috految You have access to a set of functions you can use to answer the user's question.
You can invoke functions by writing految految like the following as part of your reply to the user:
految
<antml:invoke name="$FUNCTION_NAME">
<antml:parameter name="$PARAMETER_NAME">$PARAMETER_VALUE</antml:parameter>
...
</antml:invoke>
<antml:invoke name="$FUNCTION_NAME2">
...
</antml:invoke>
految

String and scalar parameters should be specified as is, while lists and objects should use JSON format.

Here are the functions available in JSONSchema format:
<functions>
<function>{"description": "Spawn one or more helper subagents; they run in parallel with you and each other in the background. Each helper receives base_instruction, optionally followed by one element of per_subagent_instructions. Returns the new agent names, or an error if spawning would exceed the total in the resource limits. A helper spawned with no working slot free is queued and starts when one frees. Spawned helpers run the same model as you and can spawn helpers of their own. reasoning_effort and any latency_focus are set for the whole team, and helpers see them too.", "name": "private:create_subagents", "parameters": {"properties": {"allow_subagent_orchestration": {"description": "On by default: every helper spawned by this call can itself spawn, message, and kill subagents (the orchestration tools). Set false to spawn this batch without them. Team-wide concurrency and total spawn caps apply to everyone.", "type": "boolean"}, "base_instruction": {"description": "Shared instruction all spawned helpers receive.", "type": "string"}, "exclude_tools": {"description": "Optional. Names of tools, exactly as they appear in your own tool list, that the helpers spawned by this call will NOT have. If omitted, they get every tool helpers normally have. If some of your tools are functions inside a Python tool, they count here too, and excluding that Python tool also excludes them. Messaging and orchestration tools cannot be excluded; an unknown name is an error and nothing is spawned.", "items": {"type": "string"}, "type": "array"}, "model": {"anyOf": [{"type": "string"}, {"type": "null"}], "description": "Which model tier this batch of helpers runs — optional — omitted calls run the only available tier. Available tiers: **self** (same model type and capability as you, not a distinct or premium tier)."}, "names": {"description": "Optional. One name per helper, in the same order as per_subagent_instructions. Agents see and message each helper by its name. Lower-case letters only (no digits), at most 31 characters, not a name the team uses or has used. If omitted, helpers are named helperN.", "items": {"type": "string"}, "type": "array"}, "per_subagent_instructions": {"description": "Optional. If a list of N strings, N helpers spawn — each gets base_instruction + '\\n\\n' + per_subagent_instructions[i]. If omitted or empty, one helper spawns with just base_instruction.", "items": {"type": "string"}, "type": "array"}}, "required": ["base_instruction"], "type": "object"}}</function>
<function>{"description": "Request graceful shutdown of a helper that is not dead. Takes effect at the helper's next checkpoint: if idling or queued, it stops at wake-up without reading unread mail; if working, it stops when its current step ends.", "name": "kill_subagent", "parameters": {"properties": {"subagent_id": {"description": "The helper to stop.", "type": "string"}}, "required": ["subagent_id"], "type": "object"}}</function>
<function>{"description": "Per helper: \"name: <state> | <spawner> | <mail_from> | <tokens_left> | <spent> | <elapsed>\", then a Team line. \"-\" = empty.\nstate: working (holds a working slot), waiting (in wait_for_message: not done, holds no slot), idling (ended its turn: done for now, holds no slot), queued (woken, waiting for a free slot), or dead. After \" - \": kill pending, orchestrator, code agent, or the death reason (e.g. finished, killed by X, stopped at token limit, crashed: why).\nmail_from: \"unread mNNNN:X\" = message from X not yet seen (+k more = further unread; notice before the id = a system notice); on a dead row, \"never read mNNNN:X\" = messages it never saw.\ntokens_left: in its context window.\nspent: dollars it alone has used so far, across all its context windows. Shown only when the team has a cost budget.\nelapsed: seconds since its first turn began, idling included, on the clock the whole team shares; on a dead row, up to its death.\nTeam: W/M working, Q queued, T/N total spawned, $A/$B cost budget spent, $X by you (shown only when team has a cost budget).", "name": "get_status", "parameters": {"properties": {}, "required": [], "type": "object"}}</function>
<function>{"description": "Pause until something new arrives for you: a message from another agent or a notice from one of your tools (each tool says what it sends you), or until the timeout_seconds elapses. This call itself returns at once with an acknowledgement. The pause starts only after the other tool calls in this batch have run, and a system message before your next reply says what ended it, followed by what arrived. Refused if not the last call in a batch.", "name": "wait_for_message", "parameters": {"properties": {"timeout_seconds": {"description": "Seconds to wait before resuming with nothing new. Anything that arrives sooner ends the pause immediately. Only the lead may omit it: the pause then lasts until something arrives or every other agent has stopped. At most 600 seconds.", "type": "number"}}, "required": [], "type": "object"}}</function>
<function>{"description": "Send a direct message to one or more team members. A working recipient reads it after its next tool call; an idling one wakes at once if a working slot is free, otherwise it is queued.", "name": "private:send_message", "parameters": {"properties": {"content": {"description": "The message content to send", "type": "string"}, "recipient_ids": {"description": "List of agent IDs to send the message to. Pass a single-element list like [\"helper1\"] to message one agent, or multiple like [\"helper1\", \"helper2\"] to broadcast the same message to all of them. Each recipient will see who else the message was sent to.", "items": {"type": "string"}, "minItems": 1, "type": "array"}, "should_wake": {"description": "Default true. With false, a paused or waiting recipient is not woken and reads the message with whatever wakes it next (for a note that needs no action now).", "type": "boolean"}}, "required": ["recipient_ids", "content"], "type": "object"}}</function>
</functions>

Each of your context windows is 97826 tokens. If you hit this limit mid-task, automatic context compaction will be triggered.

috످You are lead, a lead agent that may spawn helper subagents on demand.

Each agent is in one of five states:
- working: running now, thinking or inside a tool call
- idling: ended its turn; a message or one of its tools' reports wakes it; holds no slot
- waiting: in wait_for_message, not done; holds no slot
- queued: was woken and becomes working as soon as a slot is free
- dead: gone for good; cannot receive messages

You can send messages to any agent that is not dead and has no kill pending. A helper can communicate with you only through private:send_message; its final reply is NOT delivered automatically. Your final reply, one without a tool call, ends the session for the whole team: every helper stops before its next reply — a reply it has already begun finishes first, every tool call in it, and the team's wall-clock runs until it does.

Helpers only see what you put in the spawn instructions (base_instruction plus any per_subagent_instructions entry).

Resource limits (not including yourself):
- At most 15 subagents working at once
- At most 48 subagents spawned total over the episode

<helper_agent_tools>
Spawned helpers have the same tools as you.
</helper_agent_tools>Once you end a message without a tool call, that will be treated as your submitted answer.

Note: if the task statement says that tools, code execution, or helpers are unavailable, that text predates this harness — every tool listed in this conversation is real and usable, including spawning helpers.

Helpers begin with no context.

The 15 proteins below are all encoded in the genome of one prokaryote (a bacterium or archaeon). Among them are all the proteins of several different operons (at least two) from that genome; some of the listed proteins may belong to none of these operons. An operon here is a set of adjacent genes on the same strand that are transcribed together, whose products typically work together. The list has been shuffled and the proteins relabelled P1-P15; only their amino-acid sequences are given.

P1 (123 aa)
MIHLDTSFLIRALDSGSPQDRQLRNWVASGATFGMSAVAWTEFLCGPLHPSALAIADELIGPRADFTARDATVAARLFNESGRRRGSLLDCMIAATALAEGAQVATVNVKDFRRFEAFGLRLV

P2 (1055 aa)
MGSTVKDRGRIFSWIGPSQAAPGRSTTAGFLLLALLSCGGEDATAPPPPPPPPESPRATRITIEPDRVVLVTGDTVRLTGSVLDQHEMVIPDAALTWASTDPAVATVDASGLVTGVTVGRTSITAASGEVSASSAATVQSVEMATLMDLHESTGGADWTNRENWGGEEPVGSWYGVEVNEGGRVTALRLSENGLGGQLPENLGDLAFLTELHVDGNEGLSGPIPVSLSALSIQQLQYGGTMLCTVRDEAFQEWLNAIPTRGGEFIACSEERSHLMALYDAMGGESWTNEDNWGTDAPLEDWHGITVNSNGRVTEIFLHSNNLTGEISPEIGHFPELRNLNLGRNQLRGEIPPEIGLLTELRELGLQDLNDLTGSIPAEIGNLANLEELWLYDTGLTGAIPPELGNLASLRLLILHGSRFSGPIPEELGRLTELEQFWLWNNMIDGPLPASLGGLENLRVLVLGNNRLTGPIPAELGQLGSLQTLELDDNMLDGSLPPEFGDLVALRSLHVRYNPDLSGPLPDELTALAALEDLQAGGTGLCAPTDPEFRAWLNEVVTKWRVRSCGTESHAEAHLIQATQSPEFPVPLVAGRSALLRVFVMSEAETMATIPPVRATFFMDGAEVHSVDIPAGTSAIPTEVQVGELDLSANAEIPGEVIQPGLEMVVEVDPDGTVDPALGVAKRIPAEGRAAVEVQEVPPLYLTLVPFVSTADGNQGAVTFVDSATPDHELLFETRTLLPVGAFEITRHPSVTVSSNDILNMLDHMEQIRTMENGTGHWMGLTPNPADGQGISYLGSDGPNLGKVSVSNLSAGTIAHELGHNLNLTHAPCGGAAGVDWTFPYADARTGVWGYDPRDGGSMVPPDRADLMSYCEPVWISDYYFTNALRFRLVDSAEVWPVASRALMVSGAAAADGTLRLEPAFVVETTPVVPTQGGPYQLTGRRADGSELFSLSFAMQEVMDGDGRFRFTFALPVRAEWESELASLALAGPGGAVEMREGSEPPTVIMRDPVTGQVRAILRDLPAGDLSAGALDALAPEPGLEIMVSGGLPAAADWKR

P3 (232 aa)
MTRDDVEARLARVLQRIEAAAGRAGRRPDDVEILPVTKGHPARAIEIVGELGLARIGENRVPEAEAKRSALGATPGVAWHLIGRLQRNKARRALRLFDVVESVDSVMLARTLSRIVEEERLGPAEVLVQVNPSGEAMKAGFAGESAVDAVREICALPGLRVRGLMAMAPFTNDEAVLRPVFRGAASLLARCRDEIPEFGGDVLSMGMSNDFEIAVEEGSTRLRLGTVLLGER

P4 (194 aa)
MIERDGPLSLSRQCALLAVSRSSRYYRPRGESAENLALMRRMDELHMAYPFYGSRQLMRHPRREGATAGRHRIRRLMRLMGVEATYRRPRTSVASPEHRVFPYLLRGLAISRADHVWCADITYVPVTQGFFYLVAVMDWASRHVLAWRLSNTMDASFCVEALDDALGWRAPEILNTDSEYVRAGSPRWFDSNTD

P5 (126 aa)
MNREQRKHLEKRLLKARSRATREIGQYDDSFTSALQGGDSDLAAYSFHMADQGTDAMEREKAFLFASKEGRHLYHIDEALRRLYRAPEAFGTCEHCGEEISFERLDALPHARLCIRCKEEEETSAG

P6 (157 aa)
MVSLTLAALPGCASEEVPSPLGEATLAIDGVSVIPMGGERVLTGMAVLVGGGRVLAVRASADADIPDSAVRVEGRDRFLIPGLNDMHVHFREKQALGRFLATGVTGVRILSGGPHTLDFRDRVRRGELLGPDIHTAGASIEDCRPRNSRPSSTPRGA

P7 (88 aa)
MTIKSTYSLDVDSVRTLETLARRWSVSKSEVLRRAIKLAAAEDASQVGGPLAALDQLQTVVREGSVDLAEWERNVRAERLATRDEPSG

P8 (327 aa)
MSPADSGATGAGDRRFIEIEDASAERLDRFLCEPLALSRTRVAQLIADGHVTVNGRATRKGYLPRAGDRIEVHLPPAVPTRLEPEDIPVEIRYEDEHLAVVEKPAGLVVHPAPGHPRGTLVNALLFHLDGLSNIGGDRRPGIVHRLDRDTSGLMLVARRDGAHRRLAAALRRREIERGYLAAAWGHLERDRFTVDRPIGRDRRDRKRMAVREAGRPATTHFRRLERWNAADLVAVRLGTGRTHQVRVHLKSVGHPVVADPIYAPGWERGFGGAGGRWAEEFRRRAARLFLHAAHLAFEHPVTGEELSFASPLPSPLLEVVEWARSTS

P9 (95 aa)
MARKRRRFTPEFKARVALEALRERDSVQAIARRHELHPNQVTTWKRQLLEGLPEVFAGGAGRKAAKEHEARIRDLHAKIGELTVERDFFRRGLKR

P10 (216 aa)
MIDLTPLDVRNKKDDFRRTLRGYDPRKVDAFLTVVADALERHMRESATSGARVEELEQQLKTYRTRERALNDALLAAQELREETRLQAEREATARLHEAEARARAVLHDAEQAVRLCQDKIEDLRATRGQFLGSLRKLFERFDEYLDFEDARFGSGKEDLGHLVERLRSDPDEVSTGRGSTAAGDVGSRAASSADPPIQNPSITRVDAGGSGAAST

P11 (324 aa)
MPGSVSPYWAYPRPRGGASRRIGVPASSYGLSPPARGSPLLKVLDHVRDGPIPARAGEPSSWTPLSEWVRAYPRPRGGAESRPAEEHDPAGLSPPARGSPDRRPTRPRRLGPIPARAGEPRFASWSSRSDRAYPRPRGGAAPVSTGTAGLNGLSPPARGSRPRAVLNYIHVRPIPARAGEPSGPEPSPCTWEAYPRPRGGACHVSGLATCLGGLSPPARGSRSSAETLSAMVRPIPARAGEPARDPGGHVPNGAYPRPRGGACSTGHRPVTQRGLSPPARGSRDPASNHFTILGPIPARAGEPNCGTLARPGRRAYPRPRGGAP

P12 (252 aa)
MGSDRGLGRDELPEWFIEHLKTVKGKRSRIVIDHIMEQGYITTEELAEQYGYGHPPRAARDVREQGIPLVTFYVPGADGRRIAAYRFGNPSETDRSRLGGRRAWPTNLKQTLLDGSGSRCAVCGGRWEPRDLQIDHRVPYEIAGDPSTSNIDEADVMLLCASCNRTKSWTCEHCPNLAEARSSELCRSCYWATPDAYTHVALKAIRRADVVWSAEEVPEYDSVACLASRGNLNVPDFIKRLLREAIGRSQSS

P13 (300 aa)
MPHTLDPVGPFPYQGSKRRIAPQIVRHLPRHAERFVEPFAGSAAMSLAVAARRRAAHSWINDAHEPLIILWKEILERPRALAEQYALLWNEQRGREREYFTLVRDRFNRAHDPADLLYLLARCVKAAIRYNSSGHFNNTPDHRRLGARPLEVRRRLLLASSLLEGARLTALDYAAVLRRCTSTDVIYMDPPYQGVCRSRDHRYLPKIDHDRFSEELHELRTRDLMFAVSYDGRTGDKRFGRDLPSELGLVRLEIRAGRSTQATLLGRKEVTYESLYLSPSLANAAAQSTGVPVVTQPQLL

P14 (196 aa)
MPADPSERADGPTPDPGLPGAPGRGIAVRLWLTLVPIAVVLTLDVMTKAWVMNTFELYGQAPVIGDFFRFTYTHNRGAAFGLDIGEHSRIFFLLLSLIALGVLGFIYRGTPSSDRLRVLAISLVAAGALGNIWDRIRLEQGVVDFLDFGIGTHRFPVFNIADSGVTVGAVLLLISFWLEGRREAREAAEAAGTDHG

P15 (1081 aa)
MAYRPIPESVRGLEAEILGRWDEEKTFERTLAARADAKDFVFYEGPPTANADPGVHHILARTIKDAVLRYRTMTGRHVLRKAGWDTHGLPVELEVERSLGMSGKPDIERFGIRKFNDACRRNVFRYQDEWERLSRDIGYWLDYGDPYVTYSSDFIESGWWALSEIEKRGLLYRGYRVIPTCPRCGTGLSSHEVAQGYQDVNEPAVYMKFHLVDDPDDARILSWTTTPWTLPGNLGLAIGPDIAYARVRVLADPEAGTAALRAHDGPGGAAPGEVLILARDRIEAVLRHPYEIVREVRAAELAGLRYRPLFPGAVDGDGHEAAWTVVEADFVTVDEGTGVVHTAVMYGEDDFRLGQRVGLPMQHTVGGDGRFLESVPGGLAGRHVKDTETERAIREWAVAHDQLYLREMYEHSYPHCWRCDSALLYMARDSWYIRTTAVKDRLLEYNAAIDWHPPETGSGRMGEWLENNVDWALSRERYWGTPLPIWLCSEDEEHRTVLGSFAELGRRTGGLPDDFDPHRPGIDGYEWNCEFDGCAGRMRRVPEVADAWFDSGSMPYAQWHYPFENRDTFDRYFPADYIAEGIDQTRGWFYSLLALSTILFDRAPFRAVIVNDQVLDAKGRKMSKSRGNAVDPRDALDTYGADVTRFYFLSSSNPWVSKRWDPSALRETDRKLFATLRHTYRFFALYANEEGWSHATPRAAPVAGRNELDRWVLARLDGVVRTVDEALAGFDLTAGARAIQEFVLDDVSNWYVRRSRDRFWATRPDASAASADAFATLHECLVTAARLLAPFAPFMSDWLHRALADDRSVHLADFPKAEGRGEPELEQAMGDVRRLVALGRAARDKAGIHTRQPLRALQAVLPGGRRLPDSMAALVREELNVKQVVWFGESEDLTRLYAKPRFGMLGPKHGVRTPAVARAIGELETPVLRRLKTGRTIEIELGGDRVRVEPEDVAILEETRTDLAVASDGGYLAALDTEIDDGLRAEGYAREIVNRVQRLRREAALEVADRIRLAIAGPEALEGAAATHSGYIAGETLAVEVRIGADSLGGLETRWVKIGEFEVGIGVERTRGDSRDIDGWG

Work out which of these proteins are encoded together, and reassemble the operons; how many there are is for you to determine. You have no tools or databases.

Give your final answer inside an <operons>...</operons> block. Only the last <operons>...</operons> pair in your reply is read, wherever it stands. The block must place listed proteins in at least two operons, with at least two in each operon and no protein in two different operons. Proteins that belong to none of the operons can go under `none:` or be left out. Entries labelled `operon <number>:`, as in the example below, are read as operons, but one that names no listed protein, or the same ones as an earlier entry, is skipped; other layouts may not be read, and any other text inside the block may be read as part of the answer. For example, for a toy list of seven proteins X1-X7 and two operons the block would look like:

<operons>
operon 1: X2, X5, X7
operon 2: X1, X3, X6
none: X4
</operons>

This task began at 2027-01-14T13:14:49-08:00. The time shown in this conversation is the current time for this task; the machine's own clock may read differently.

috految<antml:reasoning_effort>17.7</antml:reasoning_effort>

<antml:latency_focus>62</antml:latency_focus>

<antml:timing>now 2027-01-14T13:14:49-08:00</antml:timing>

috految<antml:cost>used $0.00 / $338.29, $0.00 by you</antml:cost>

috److Likely identities, inferred from the sequences:

| Protein | Likely function |
|---|---|
| P1 | PIN domain toxin (VapC) |
| P2 | Ig-like / leucine-rich repeat protein |
| P3 | YggS (PLP-binding protein) |
| P4 | IS3 transposase OrfB |
| P5 | TraR/DksA family protein |
| P6 | Amidohydrolase fragment |
| P7 | Ribbon-helix-helix antitoxin |
| P8 | RluA family pseudouridine synthase |
| P9 | IS3 transposase OrfA |
| P10 | DivIVA |
| P11 | Probably a spurious ORF from a CRISPR array |
| P12 | HNH endonuclease |
| P13 | DNA adenine methylase |
| P14 | LspA (signal peptidase II) |
| P15 | IleS (isoleucyl-tRNA synthetase) |

The genome looks like a Gemmatimonadota member, possibly *Candidatus* Palauibacter.

**Groupings:**
- **yggS-divIVA-ileS-dksA-lspA-rluA cluster:** P3, P10, P15, P5, P14 and P8 match a conserved gene order in this group.
- **Toxin-antitoxin pair:** P1 and P7.
- **Methylase and endonuclease pair:** P13 and P12.
- **IS3 element:** P9 and P4.

P2, P6 and P11 have no clear link to any of these groups.

<operons>
operon 1: P3, P10, P15, P5, P14, P8
operon 2: P1, P7
operon 3: P12, P13
operon 4: P4, P9
none: P2, P6, P11
</operons>

috످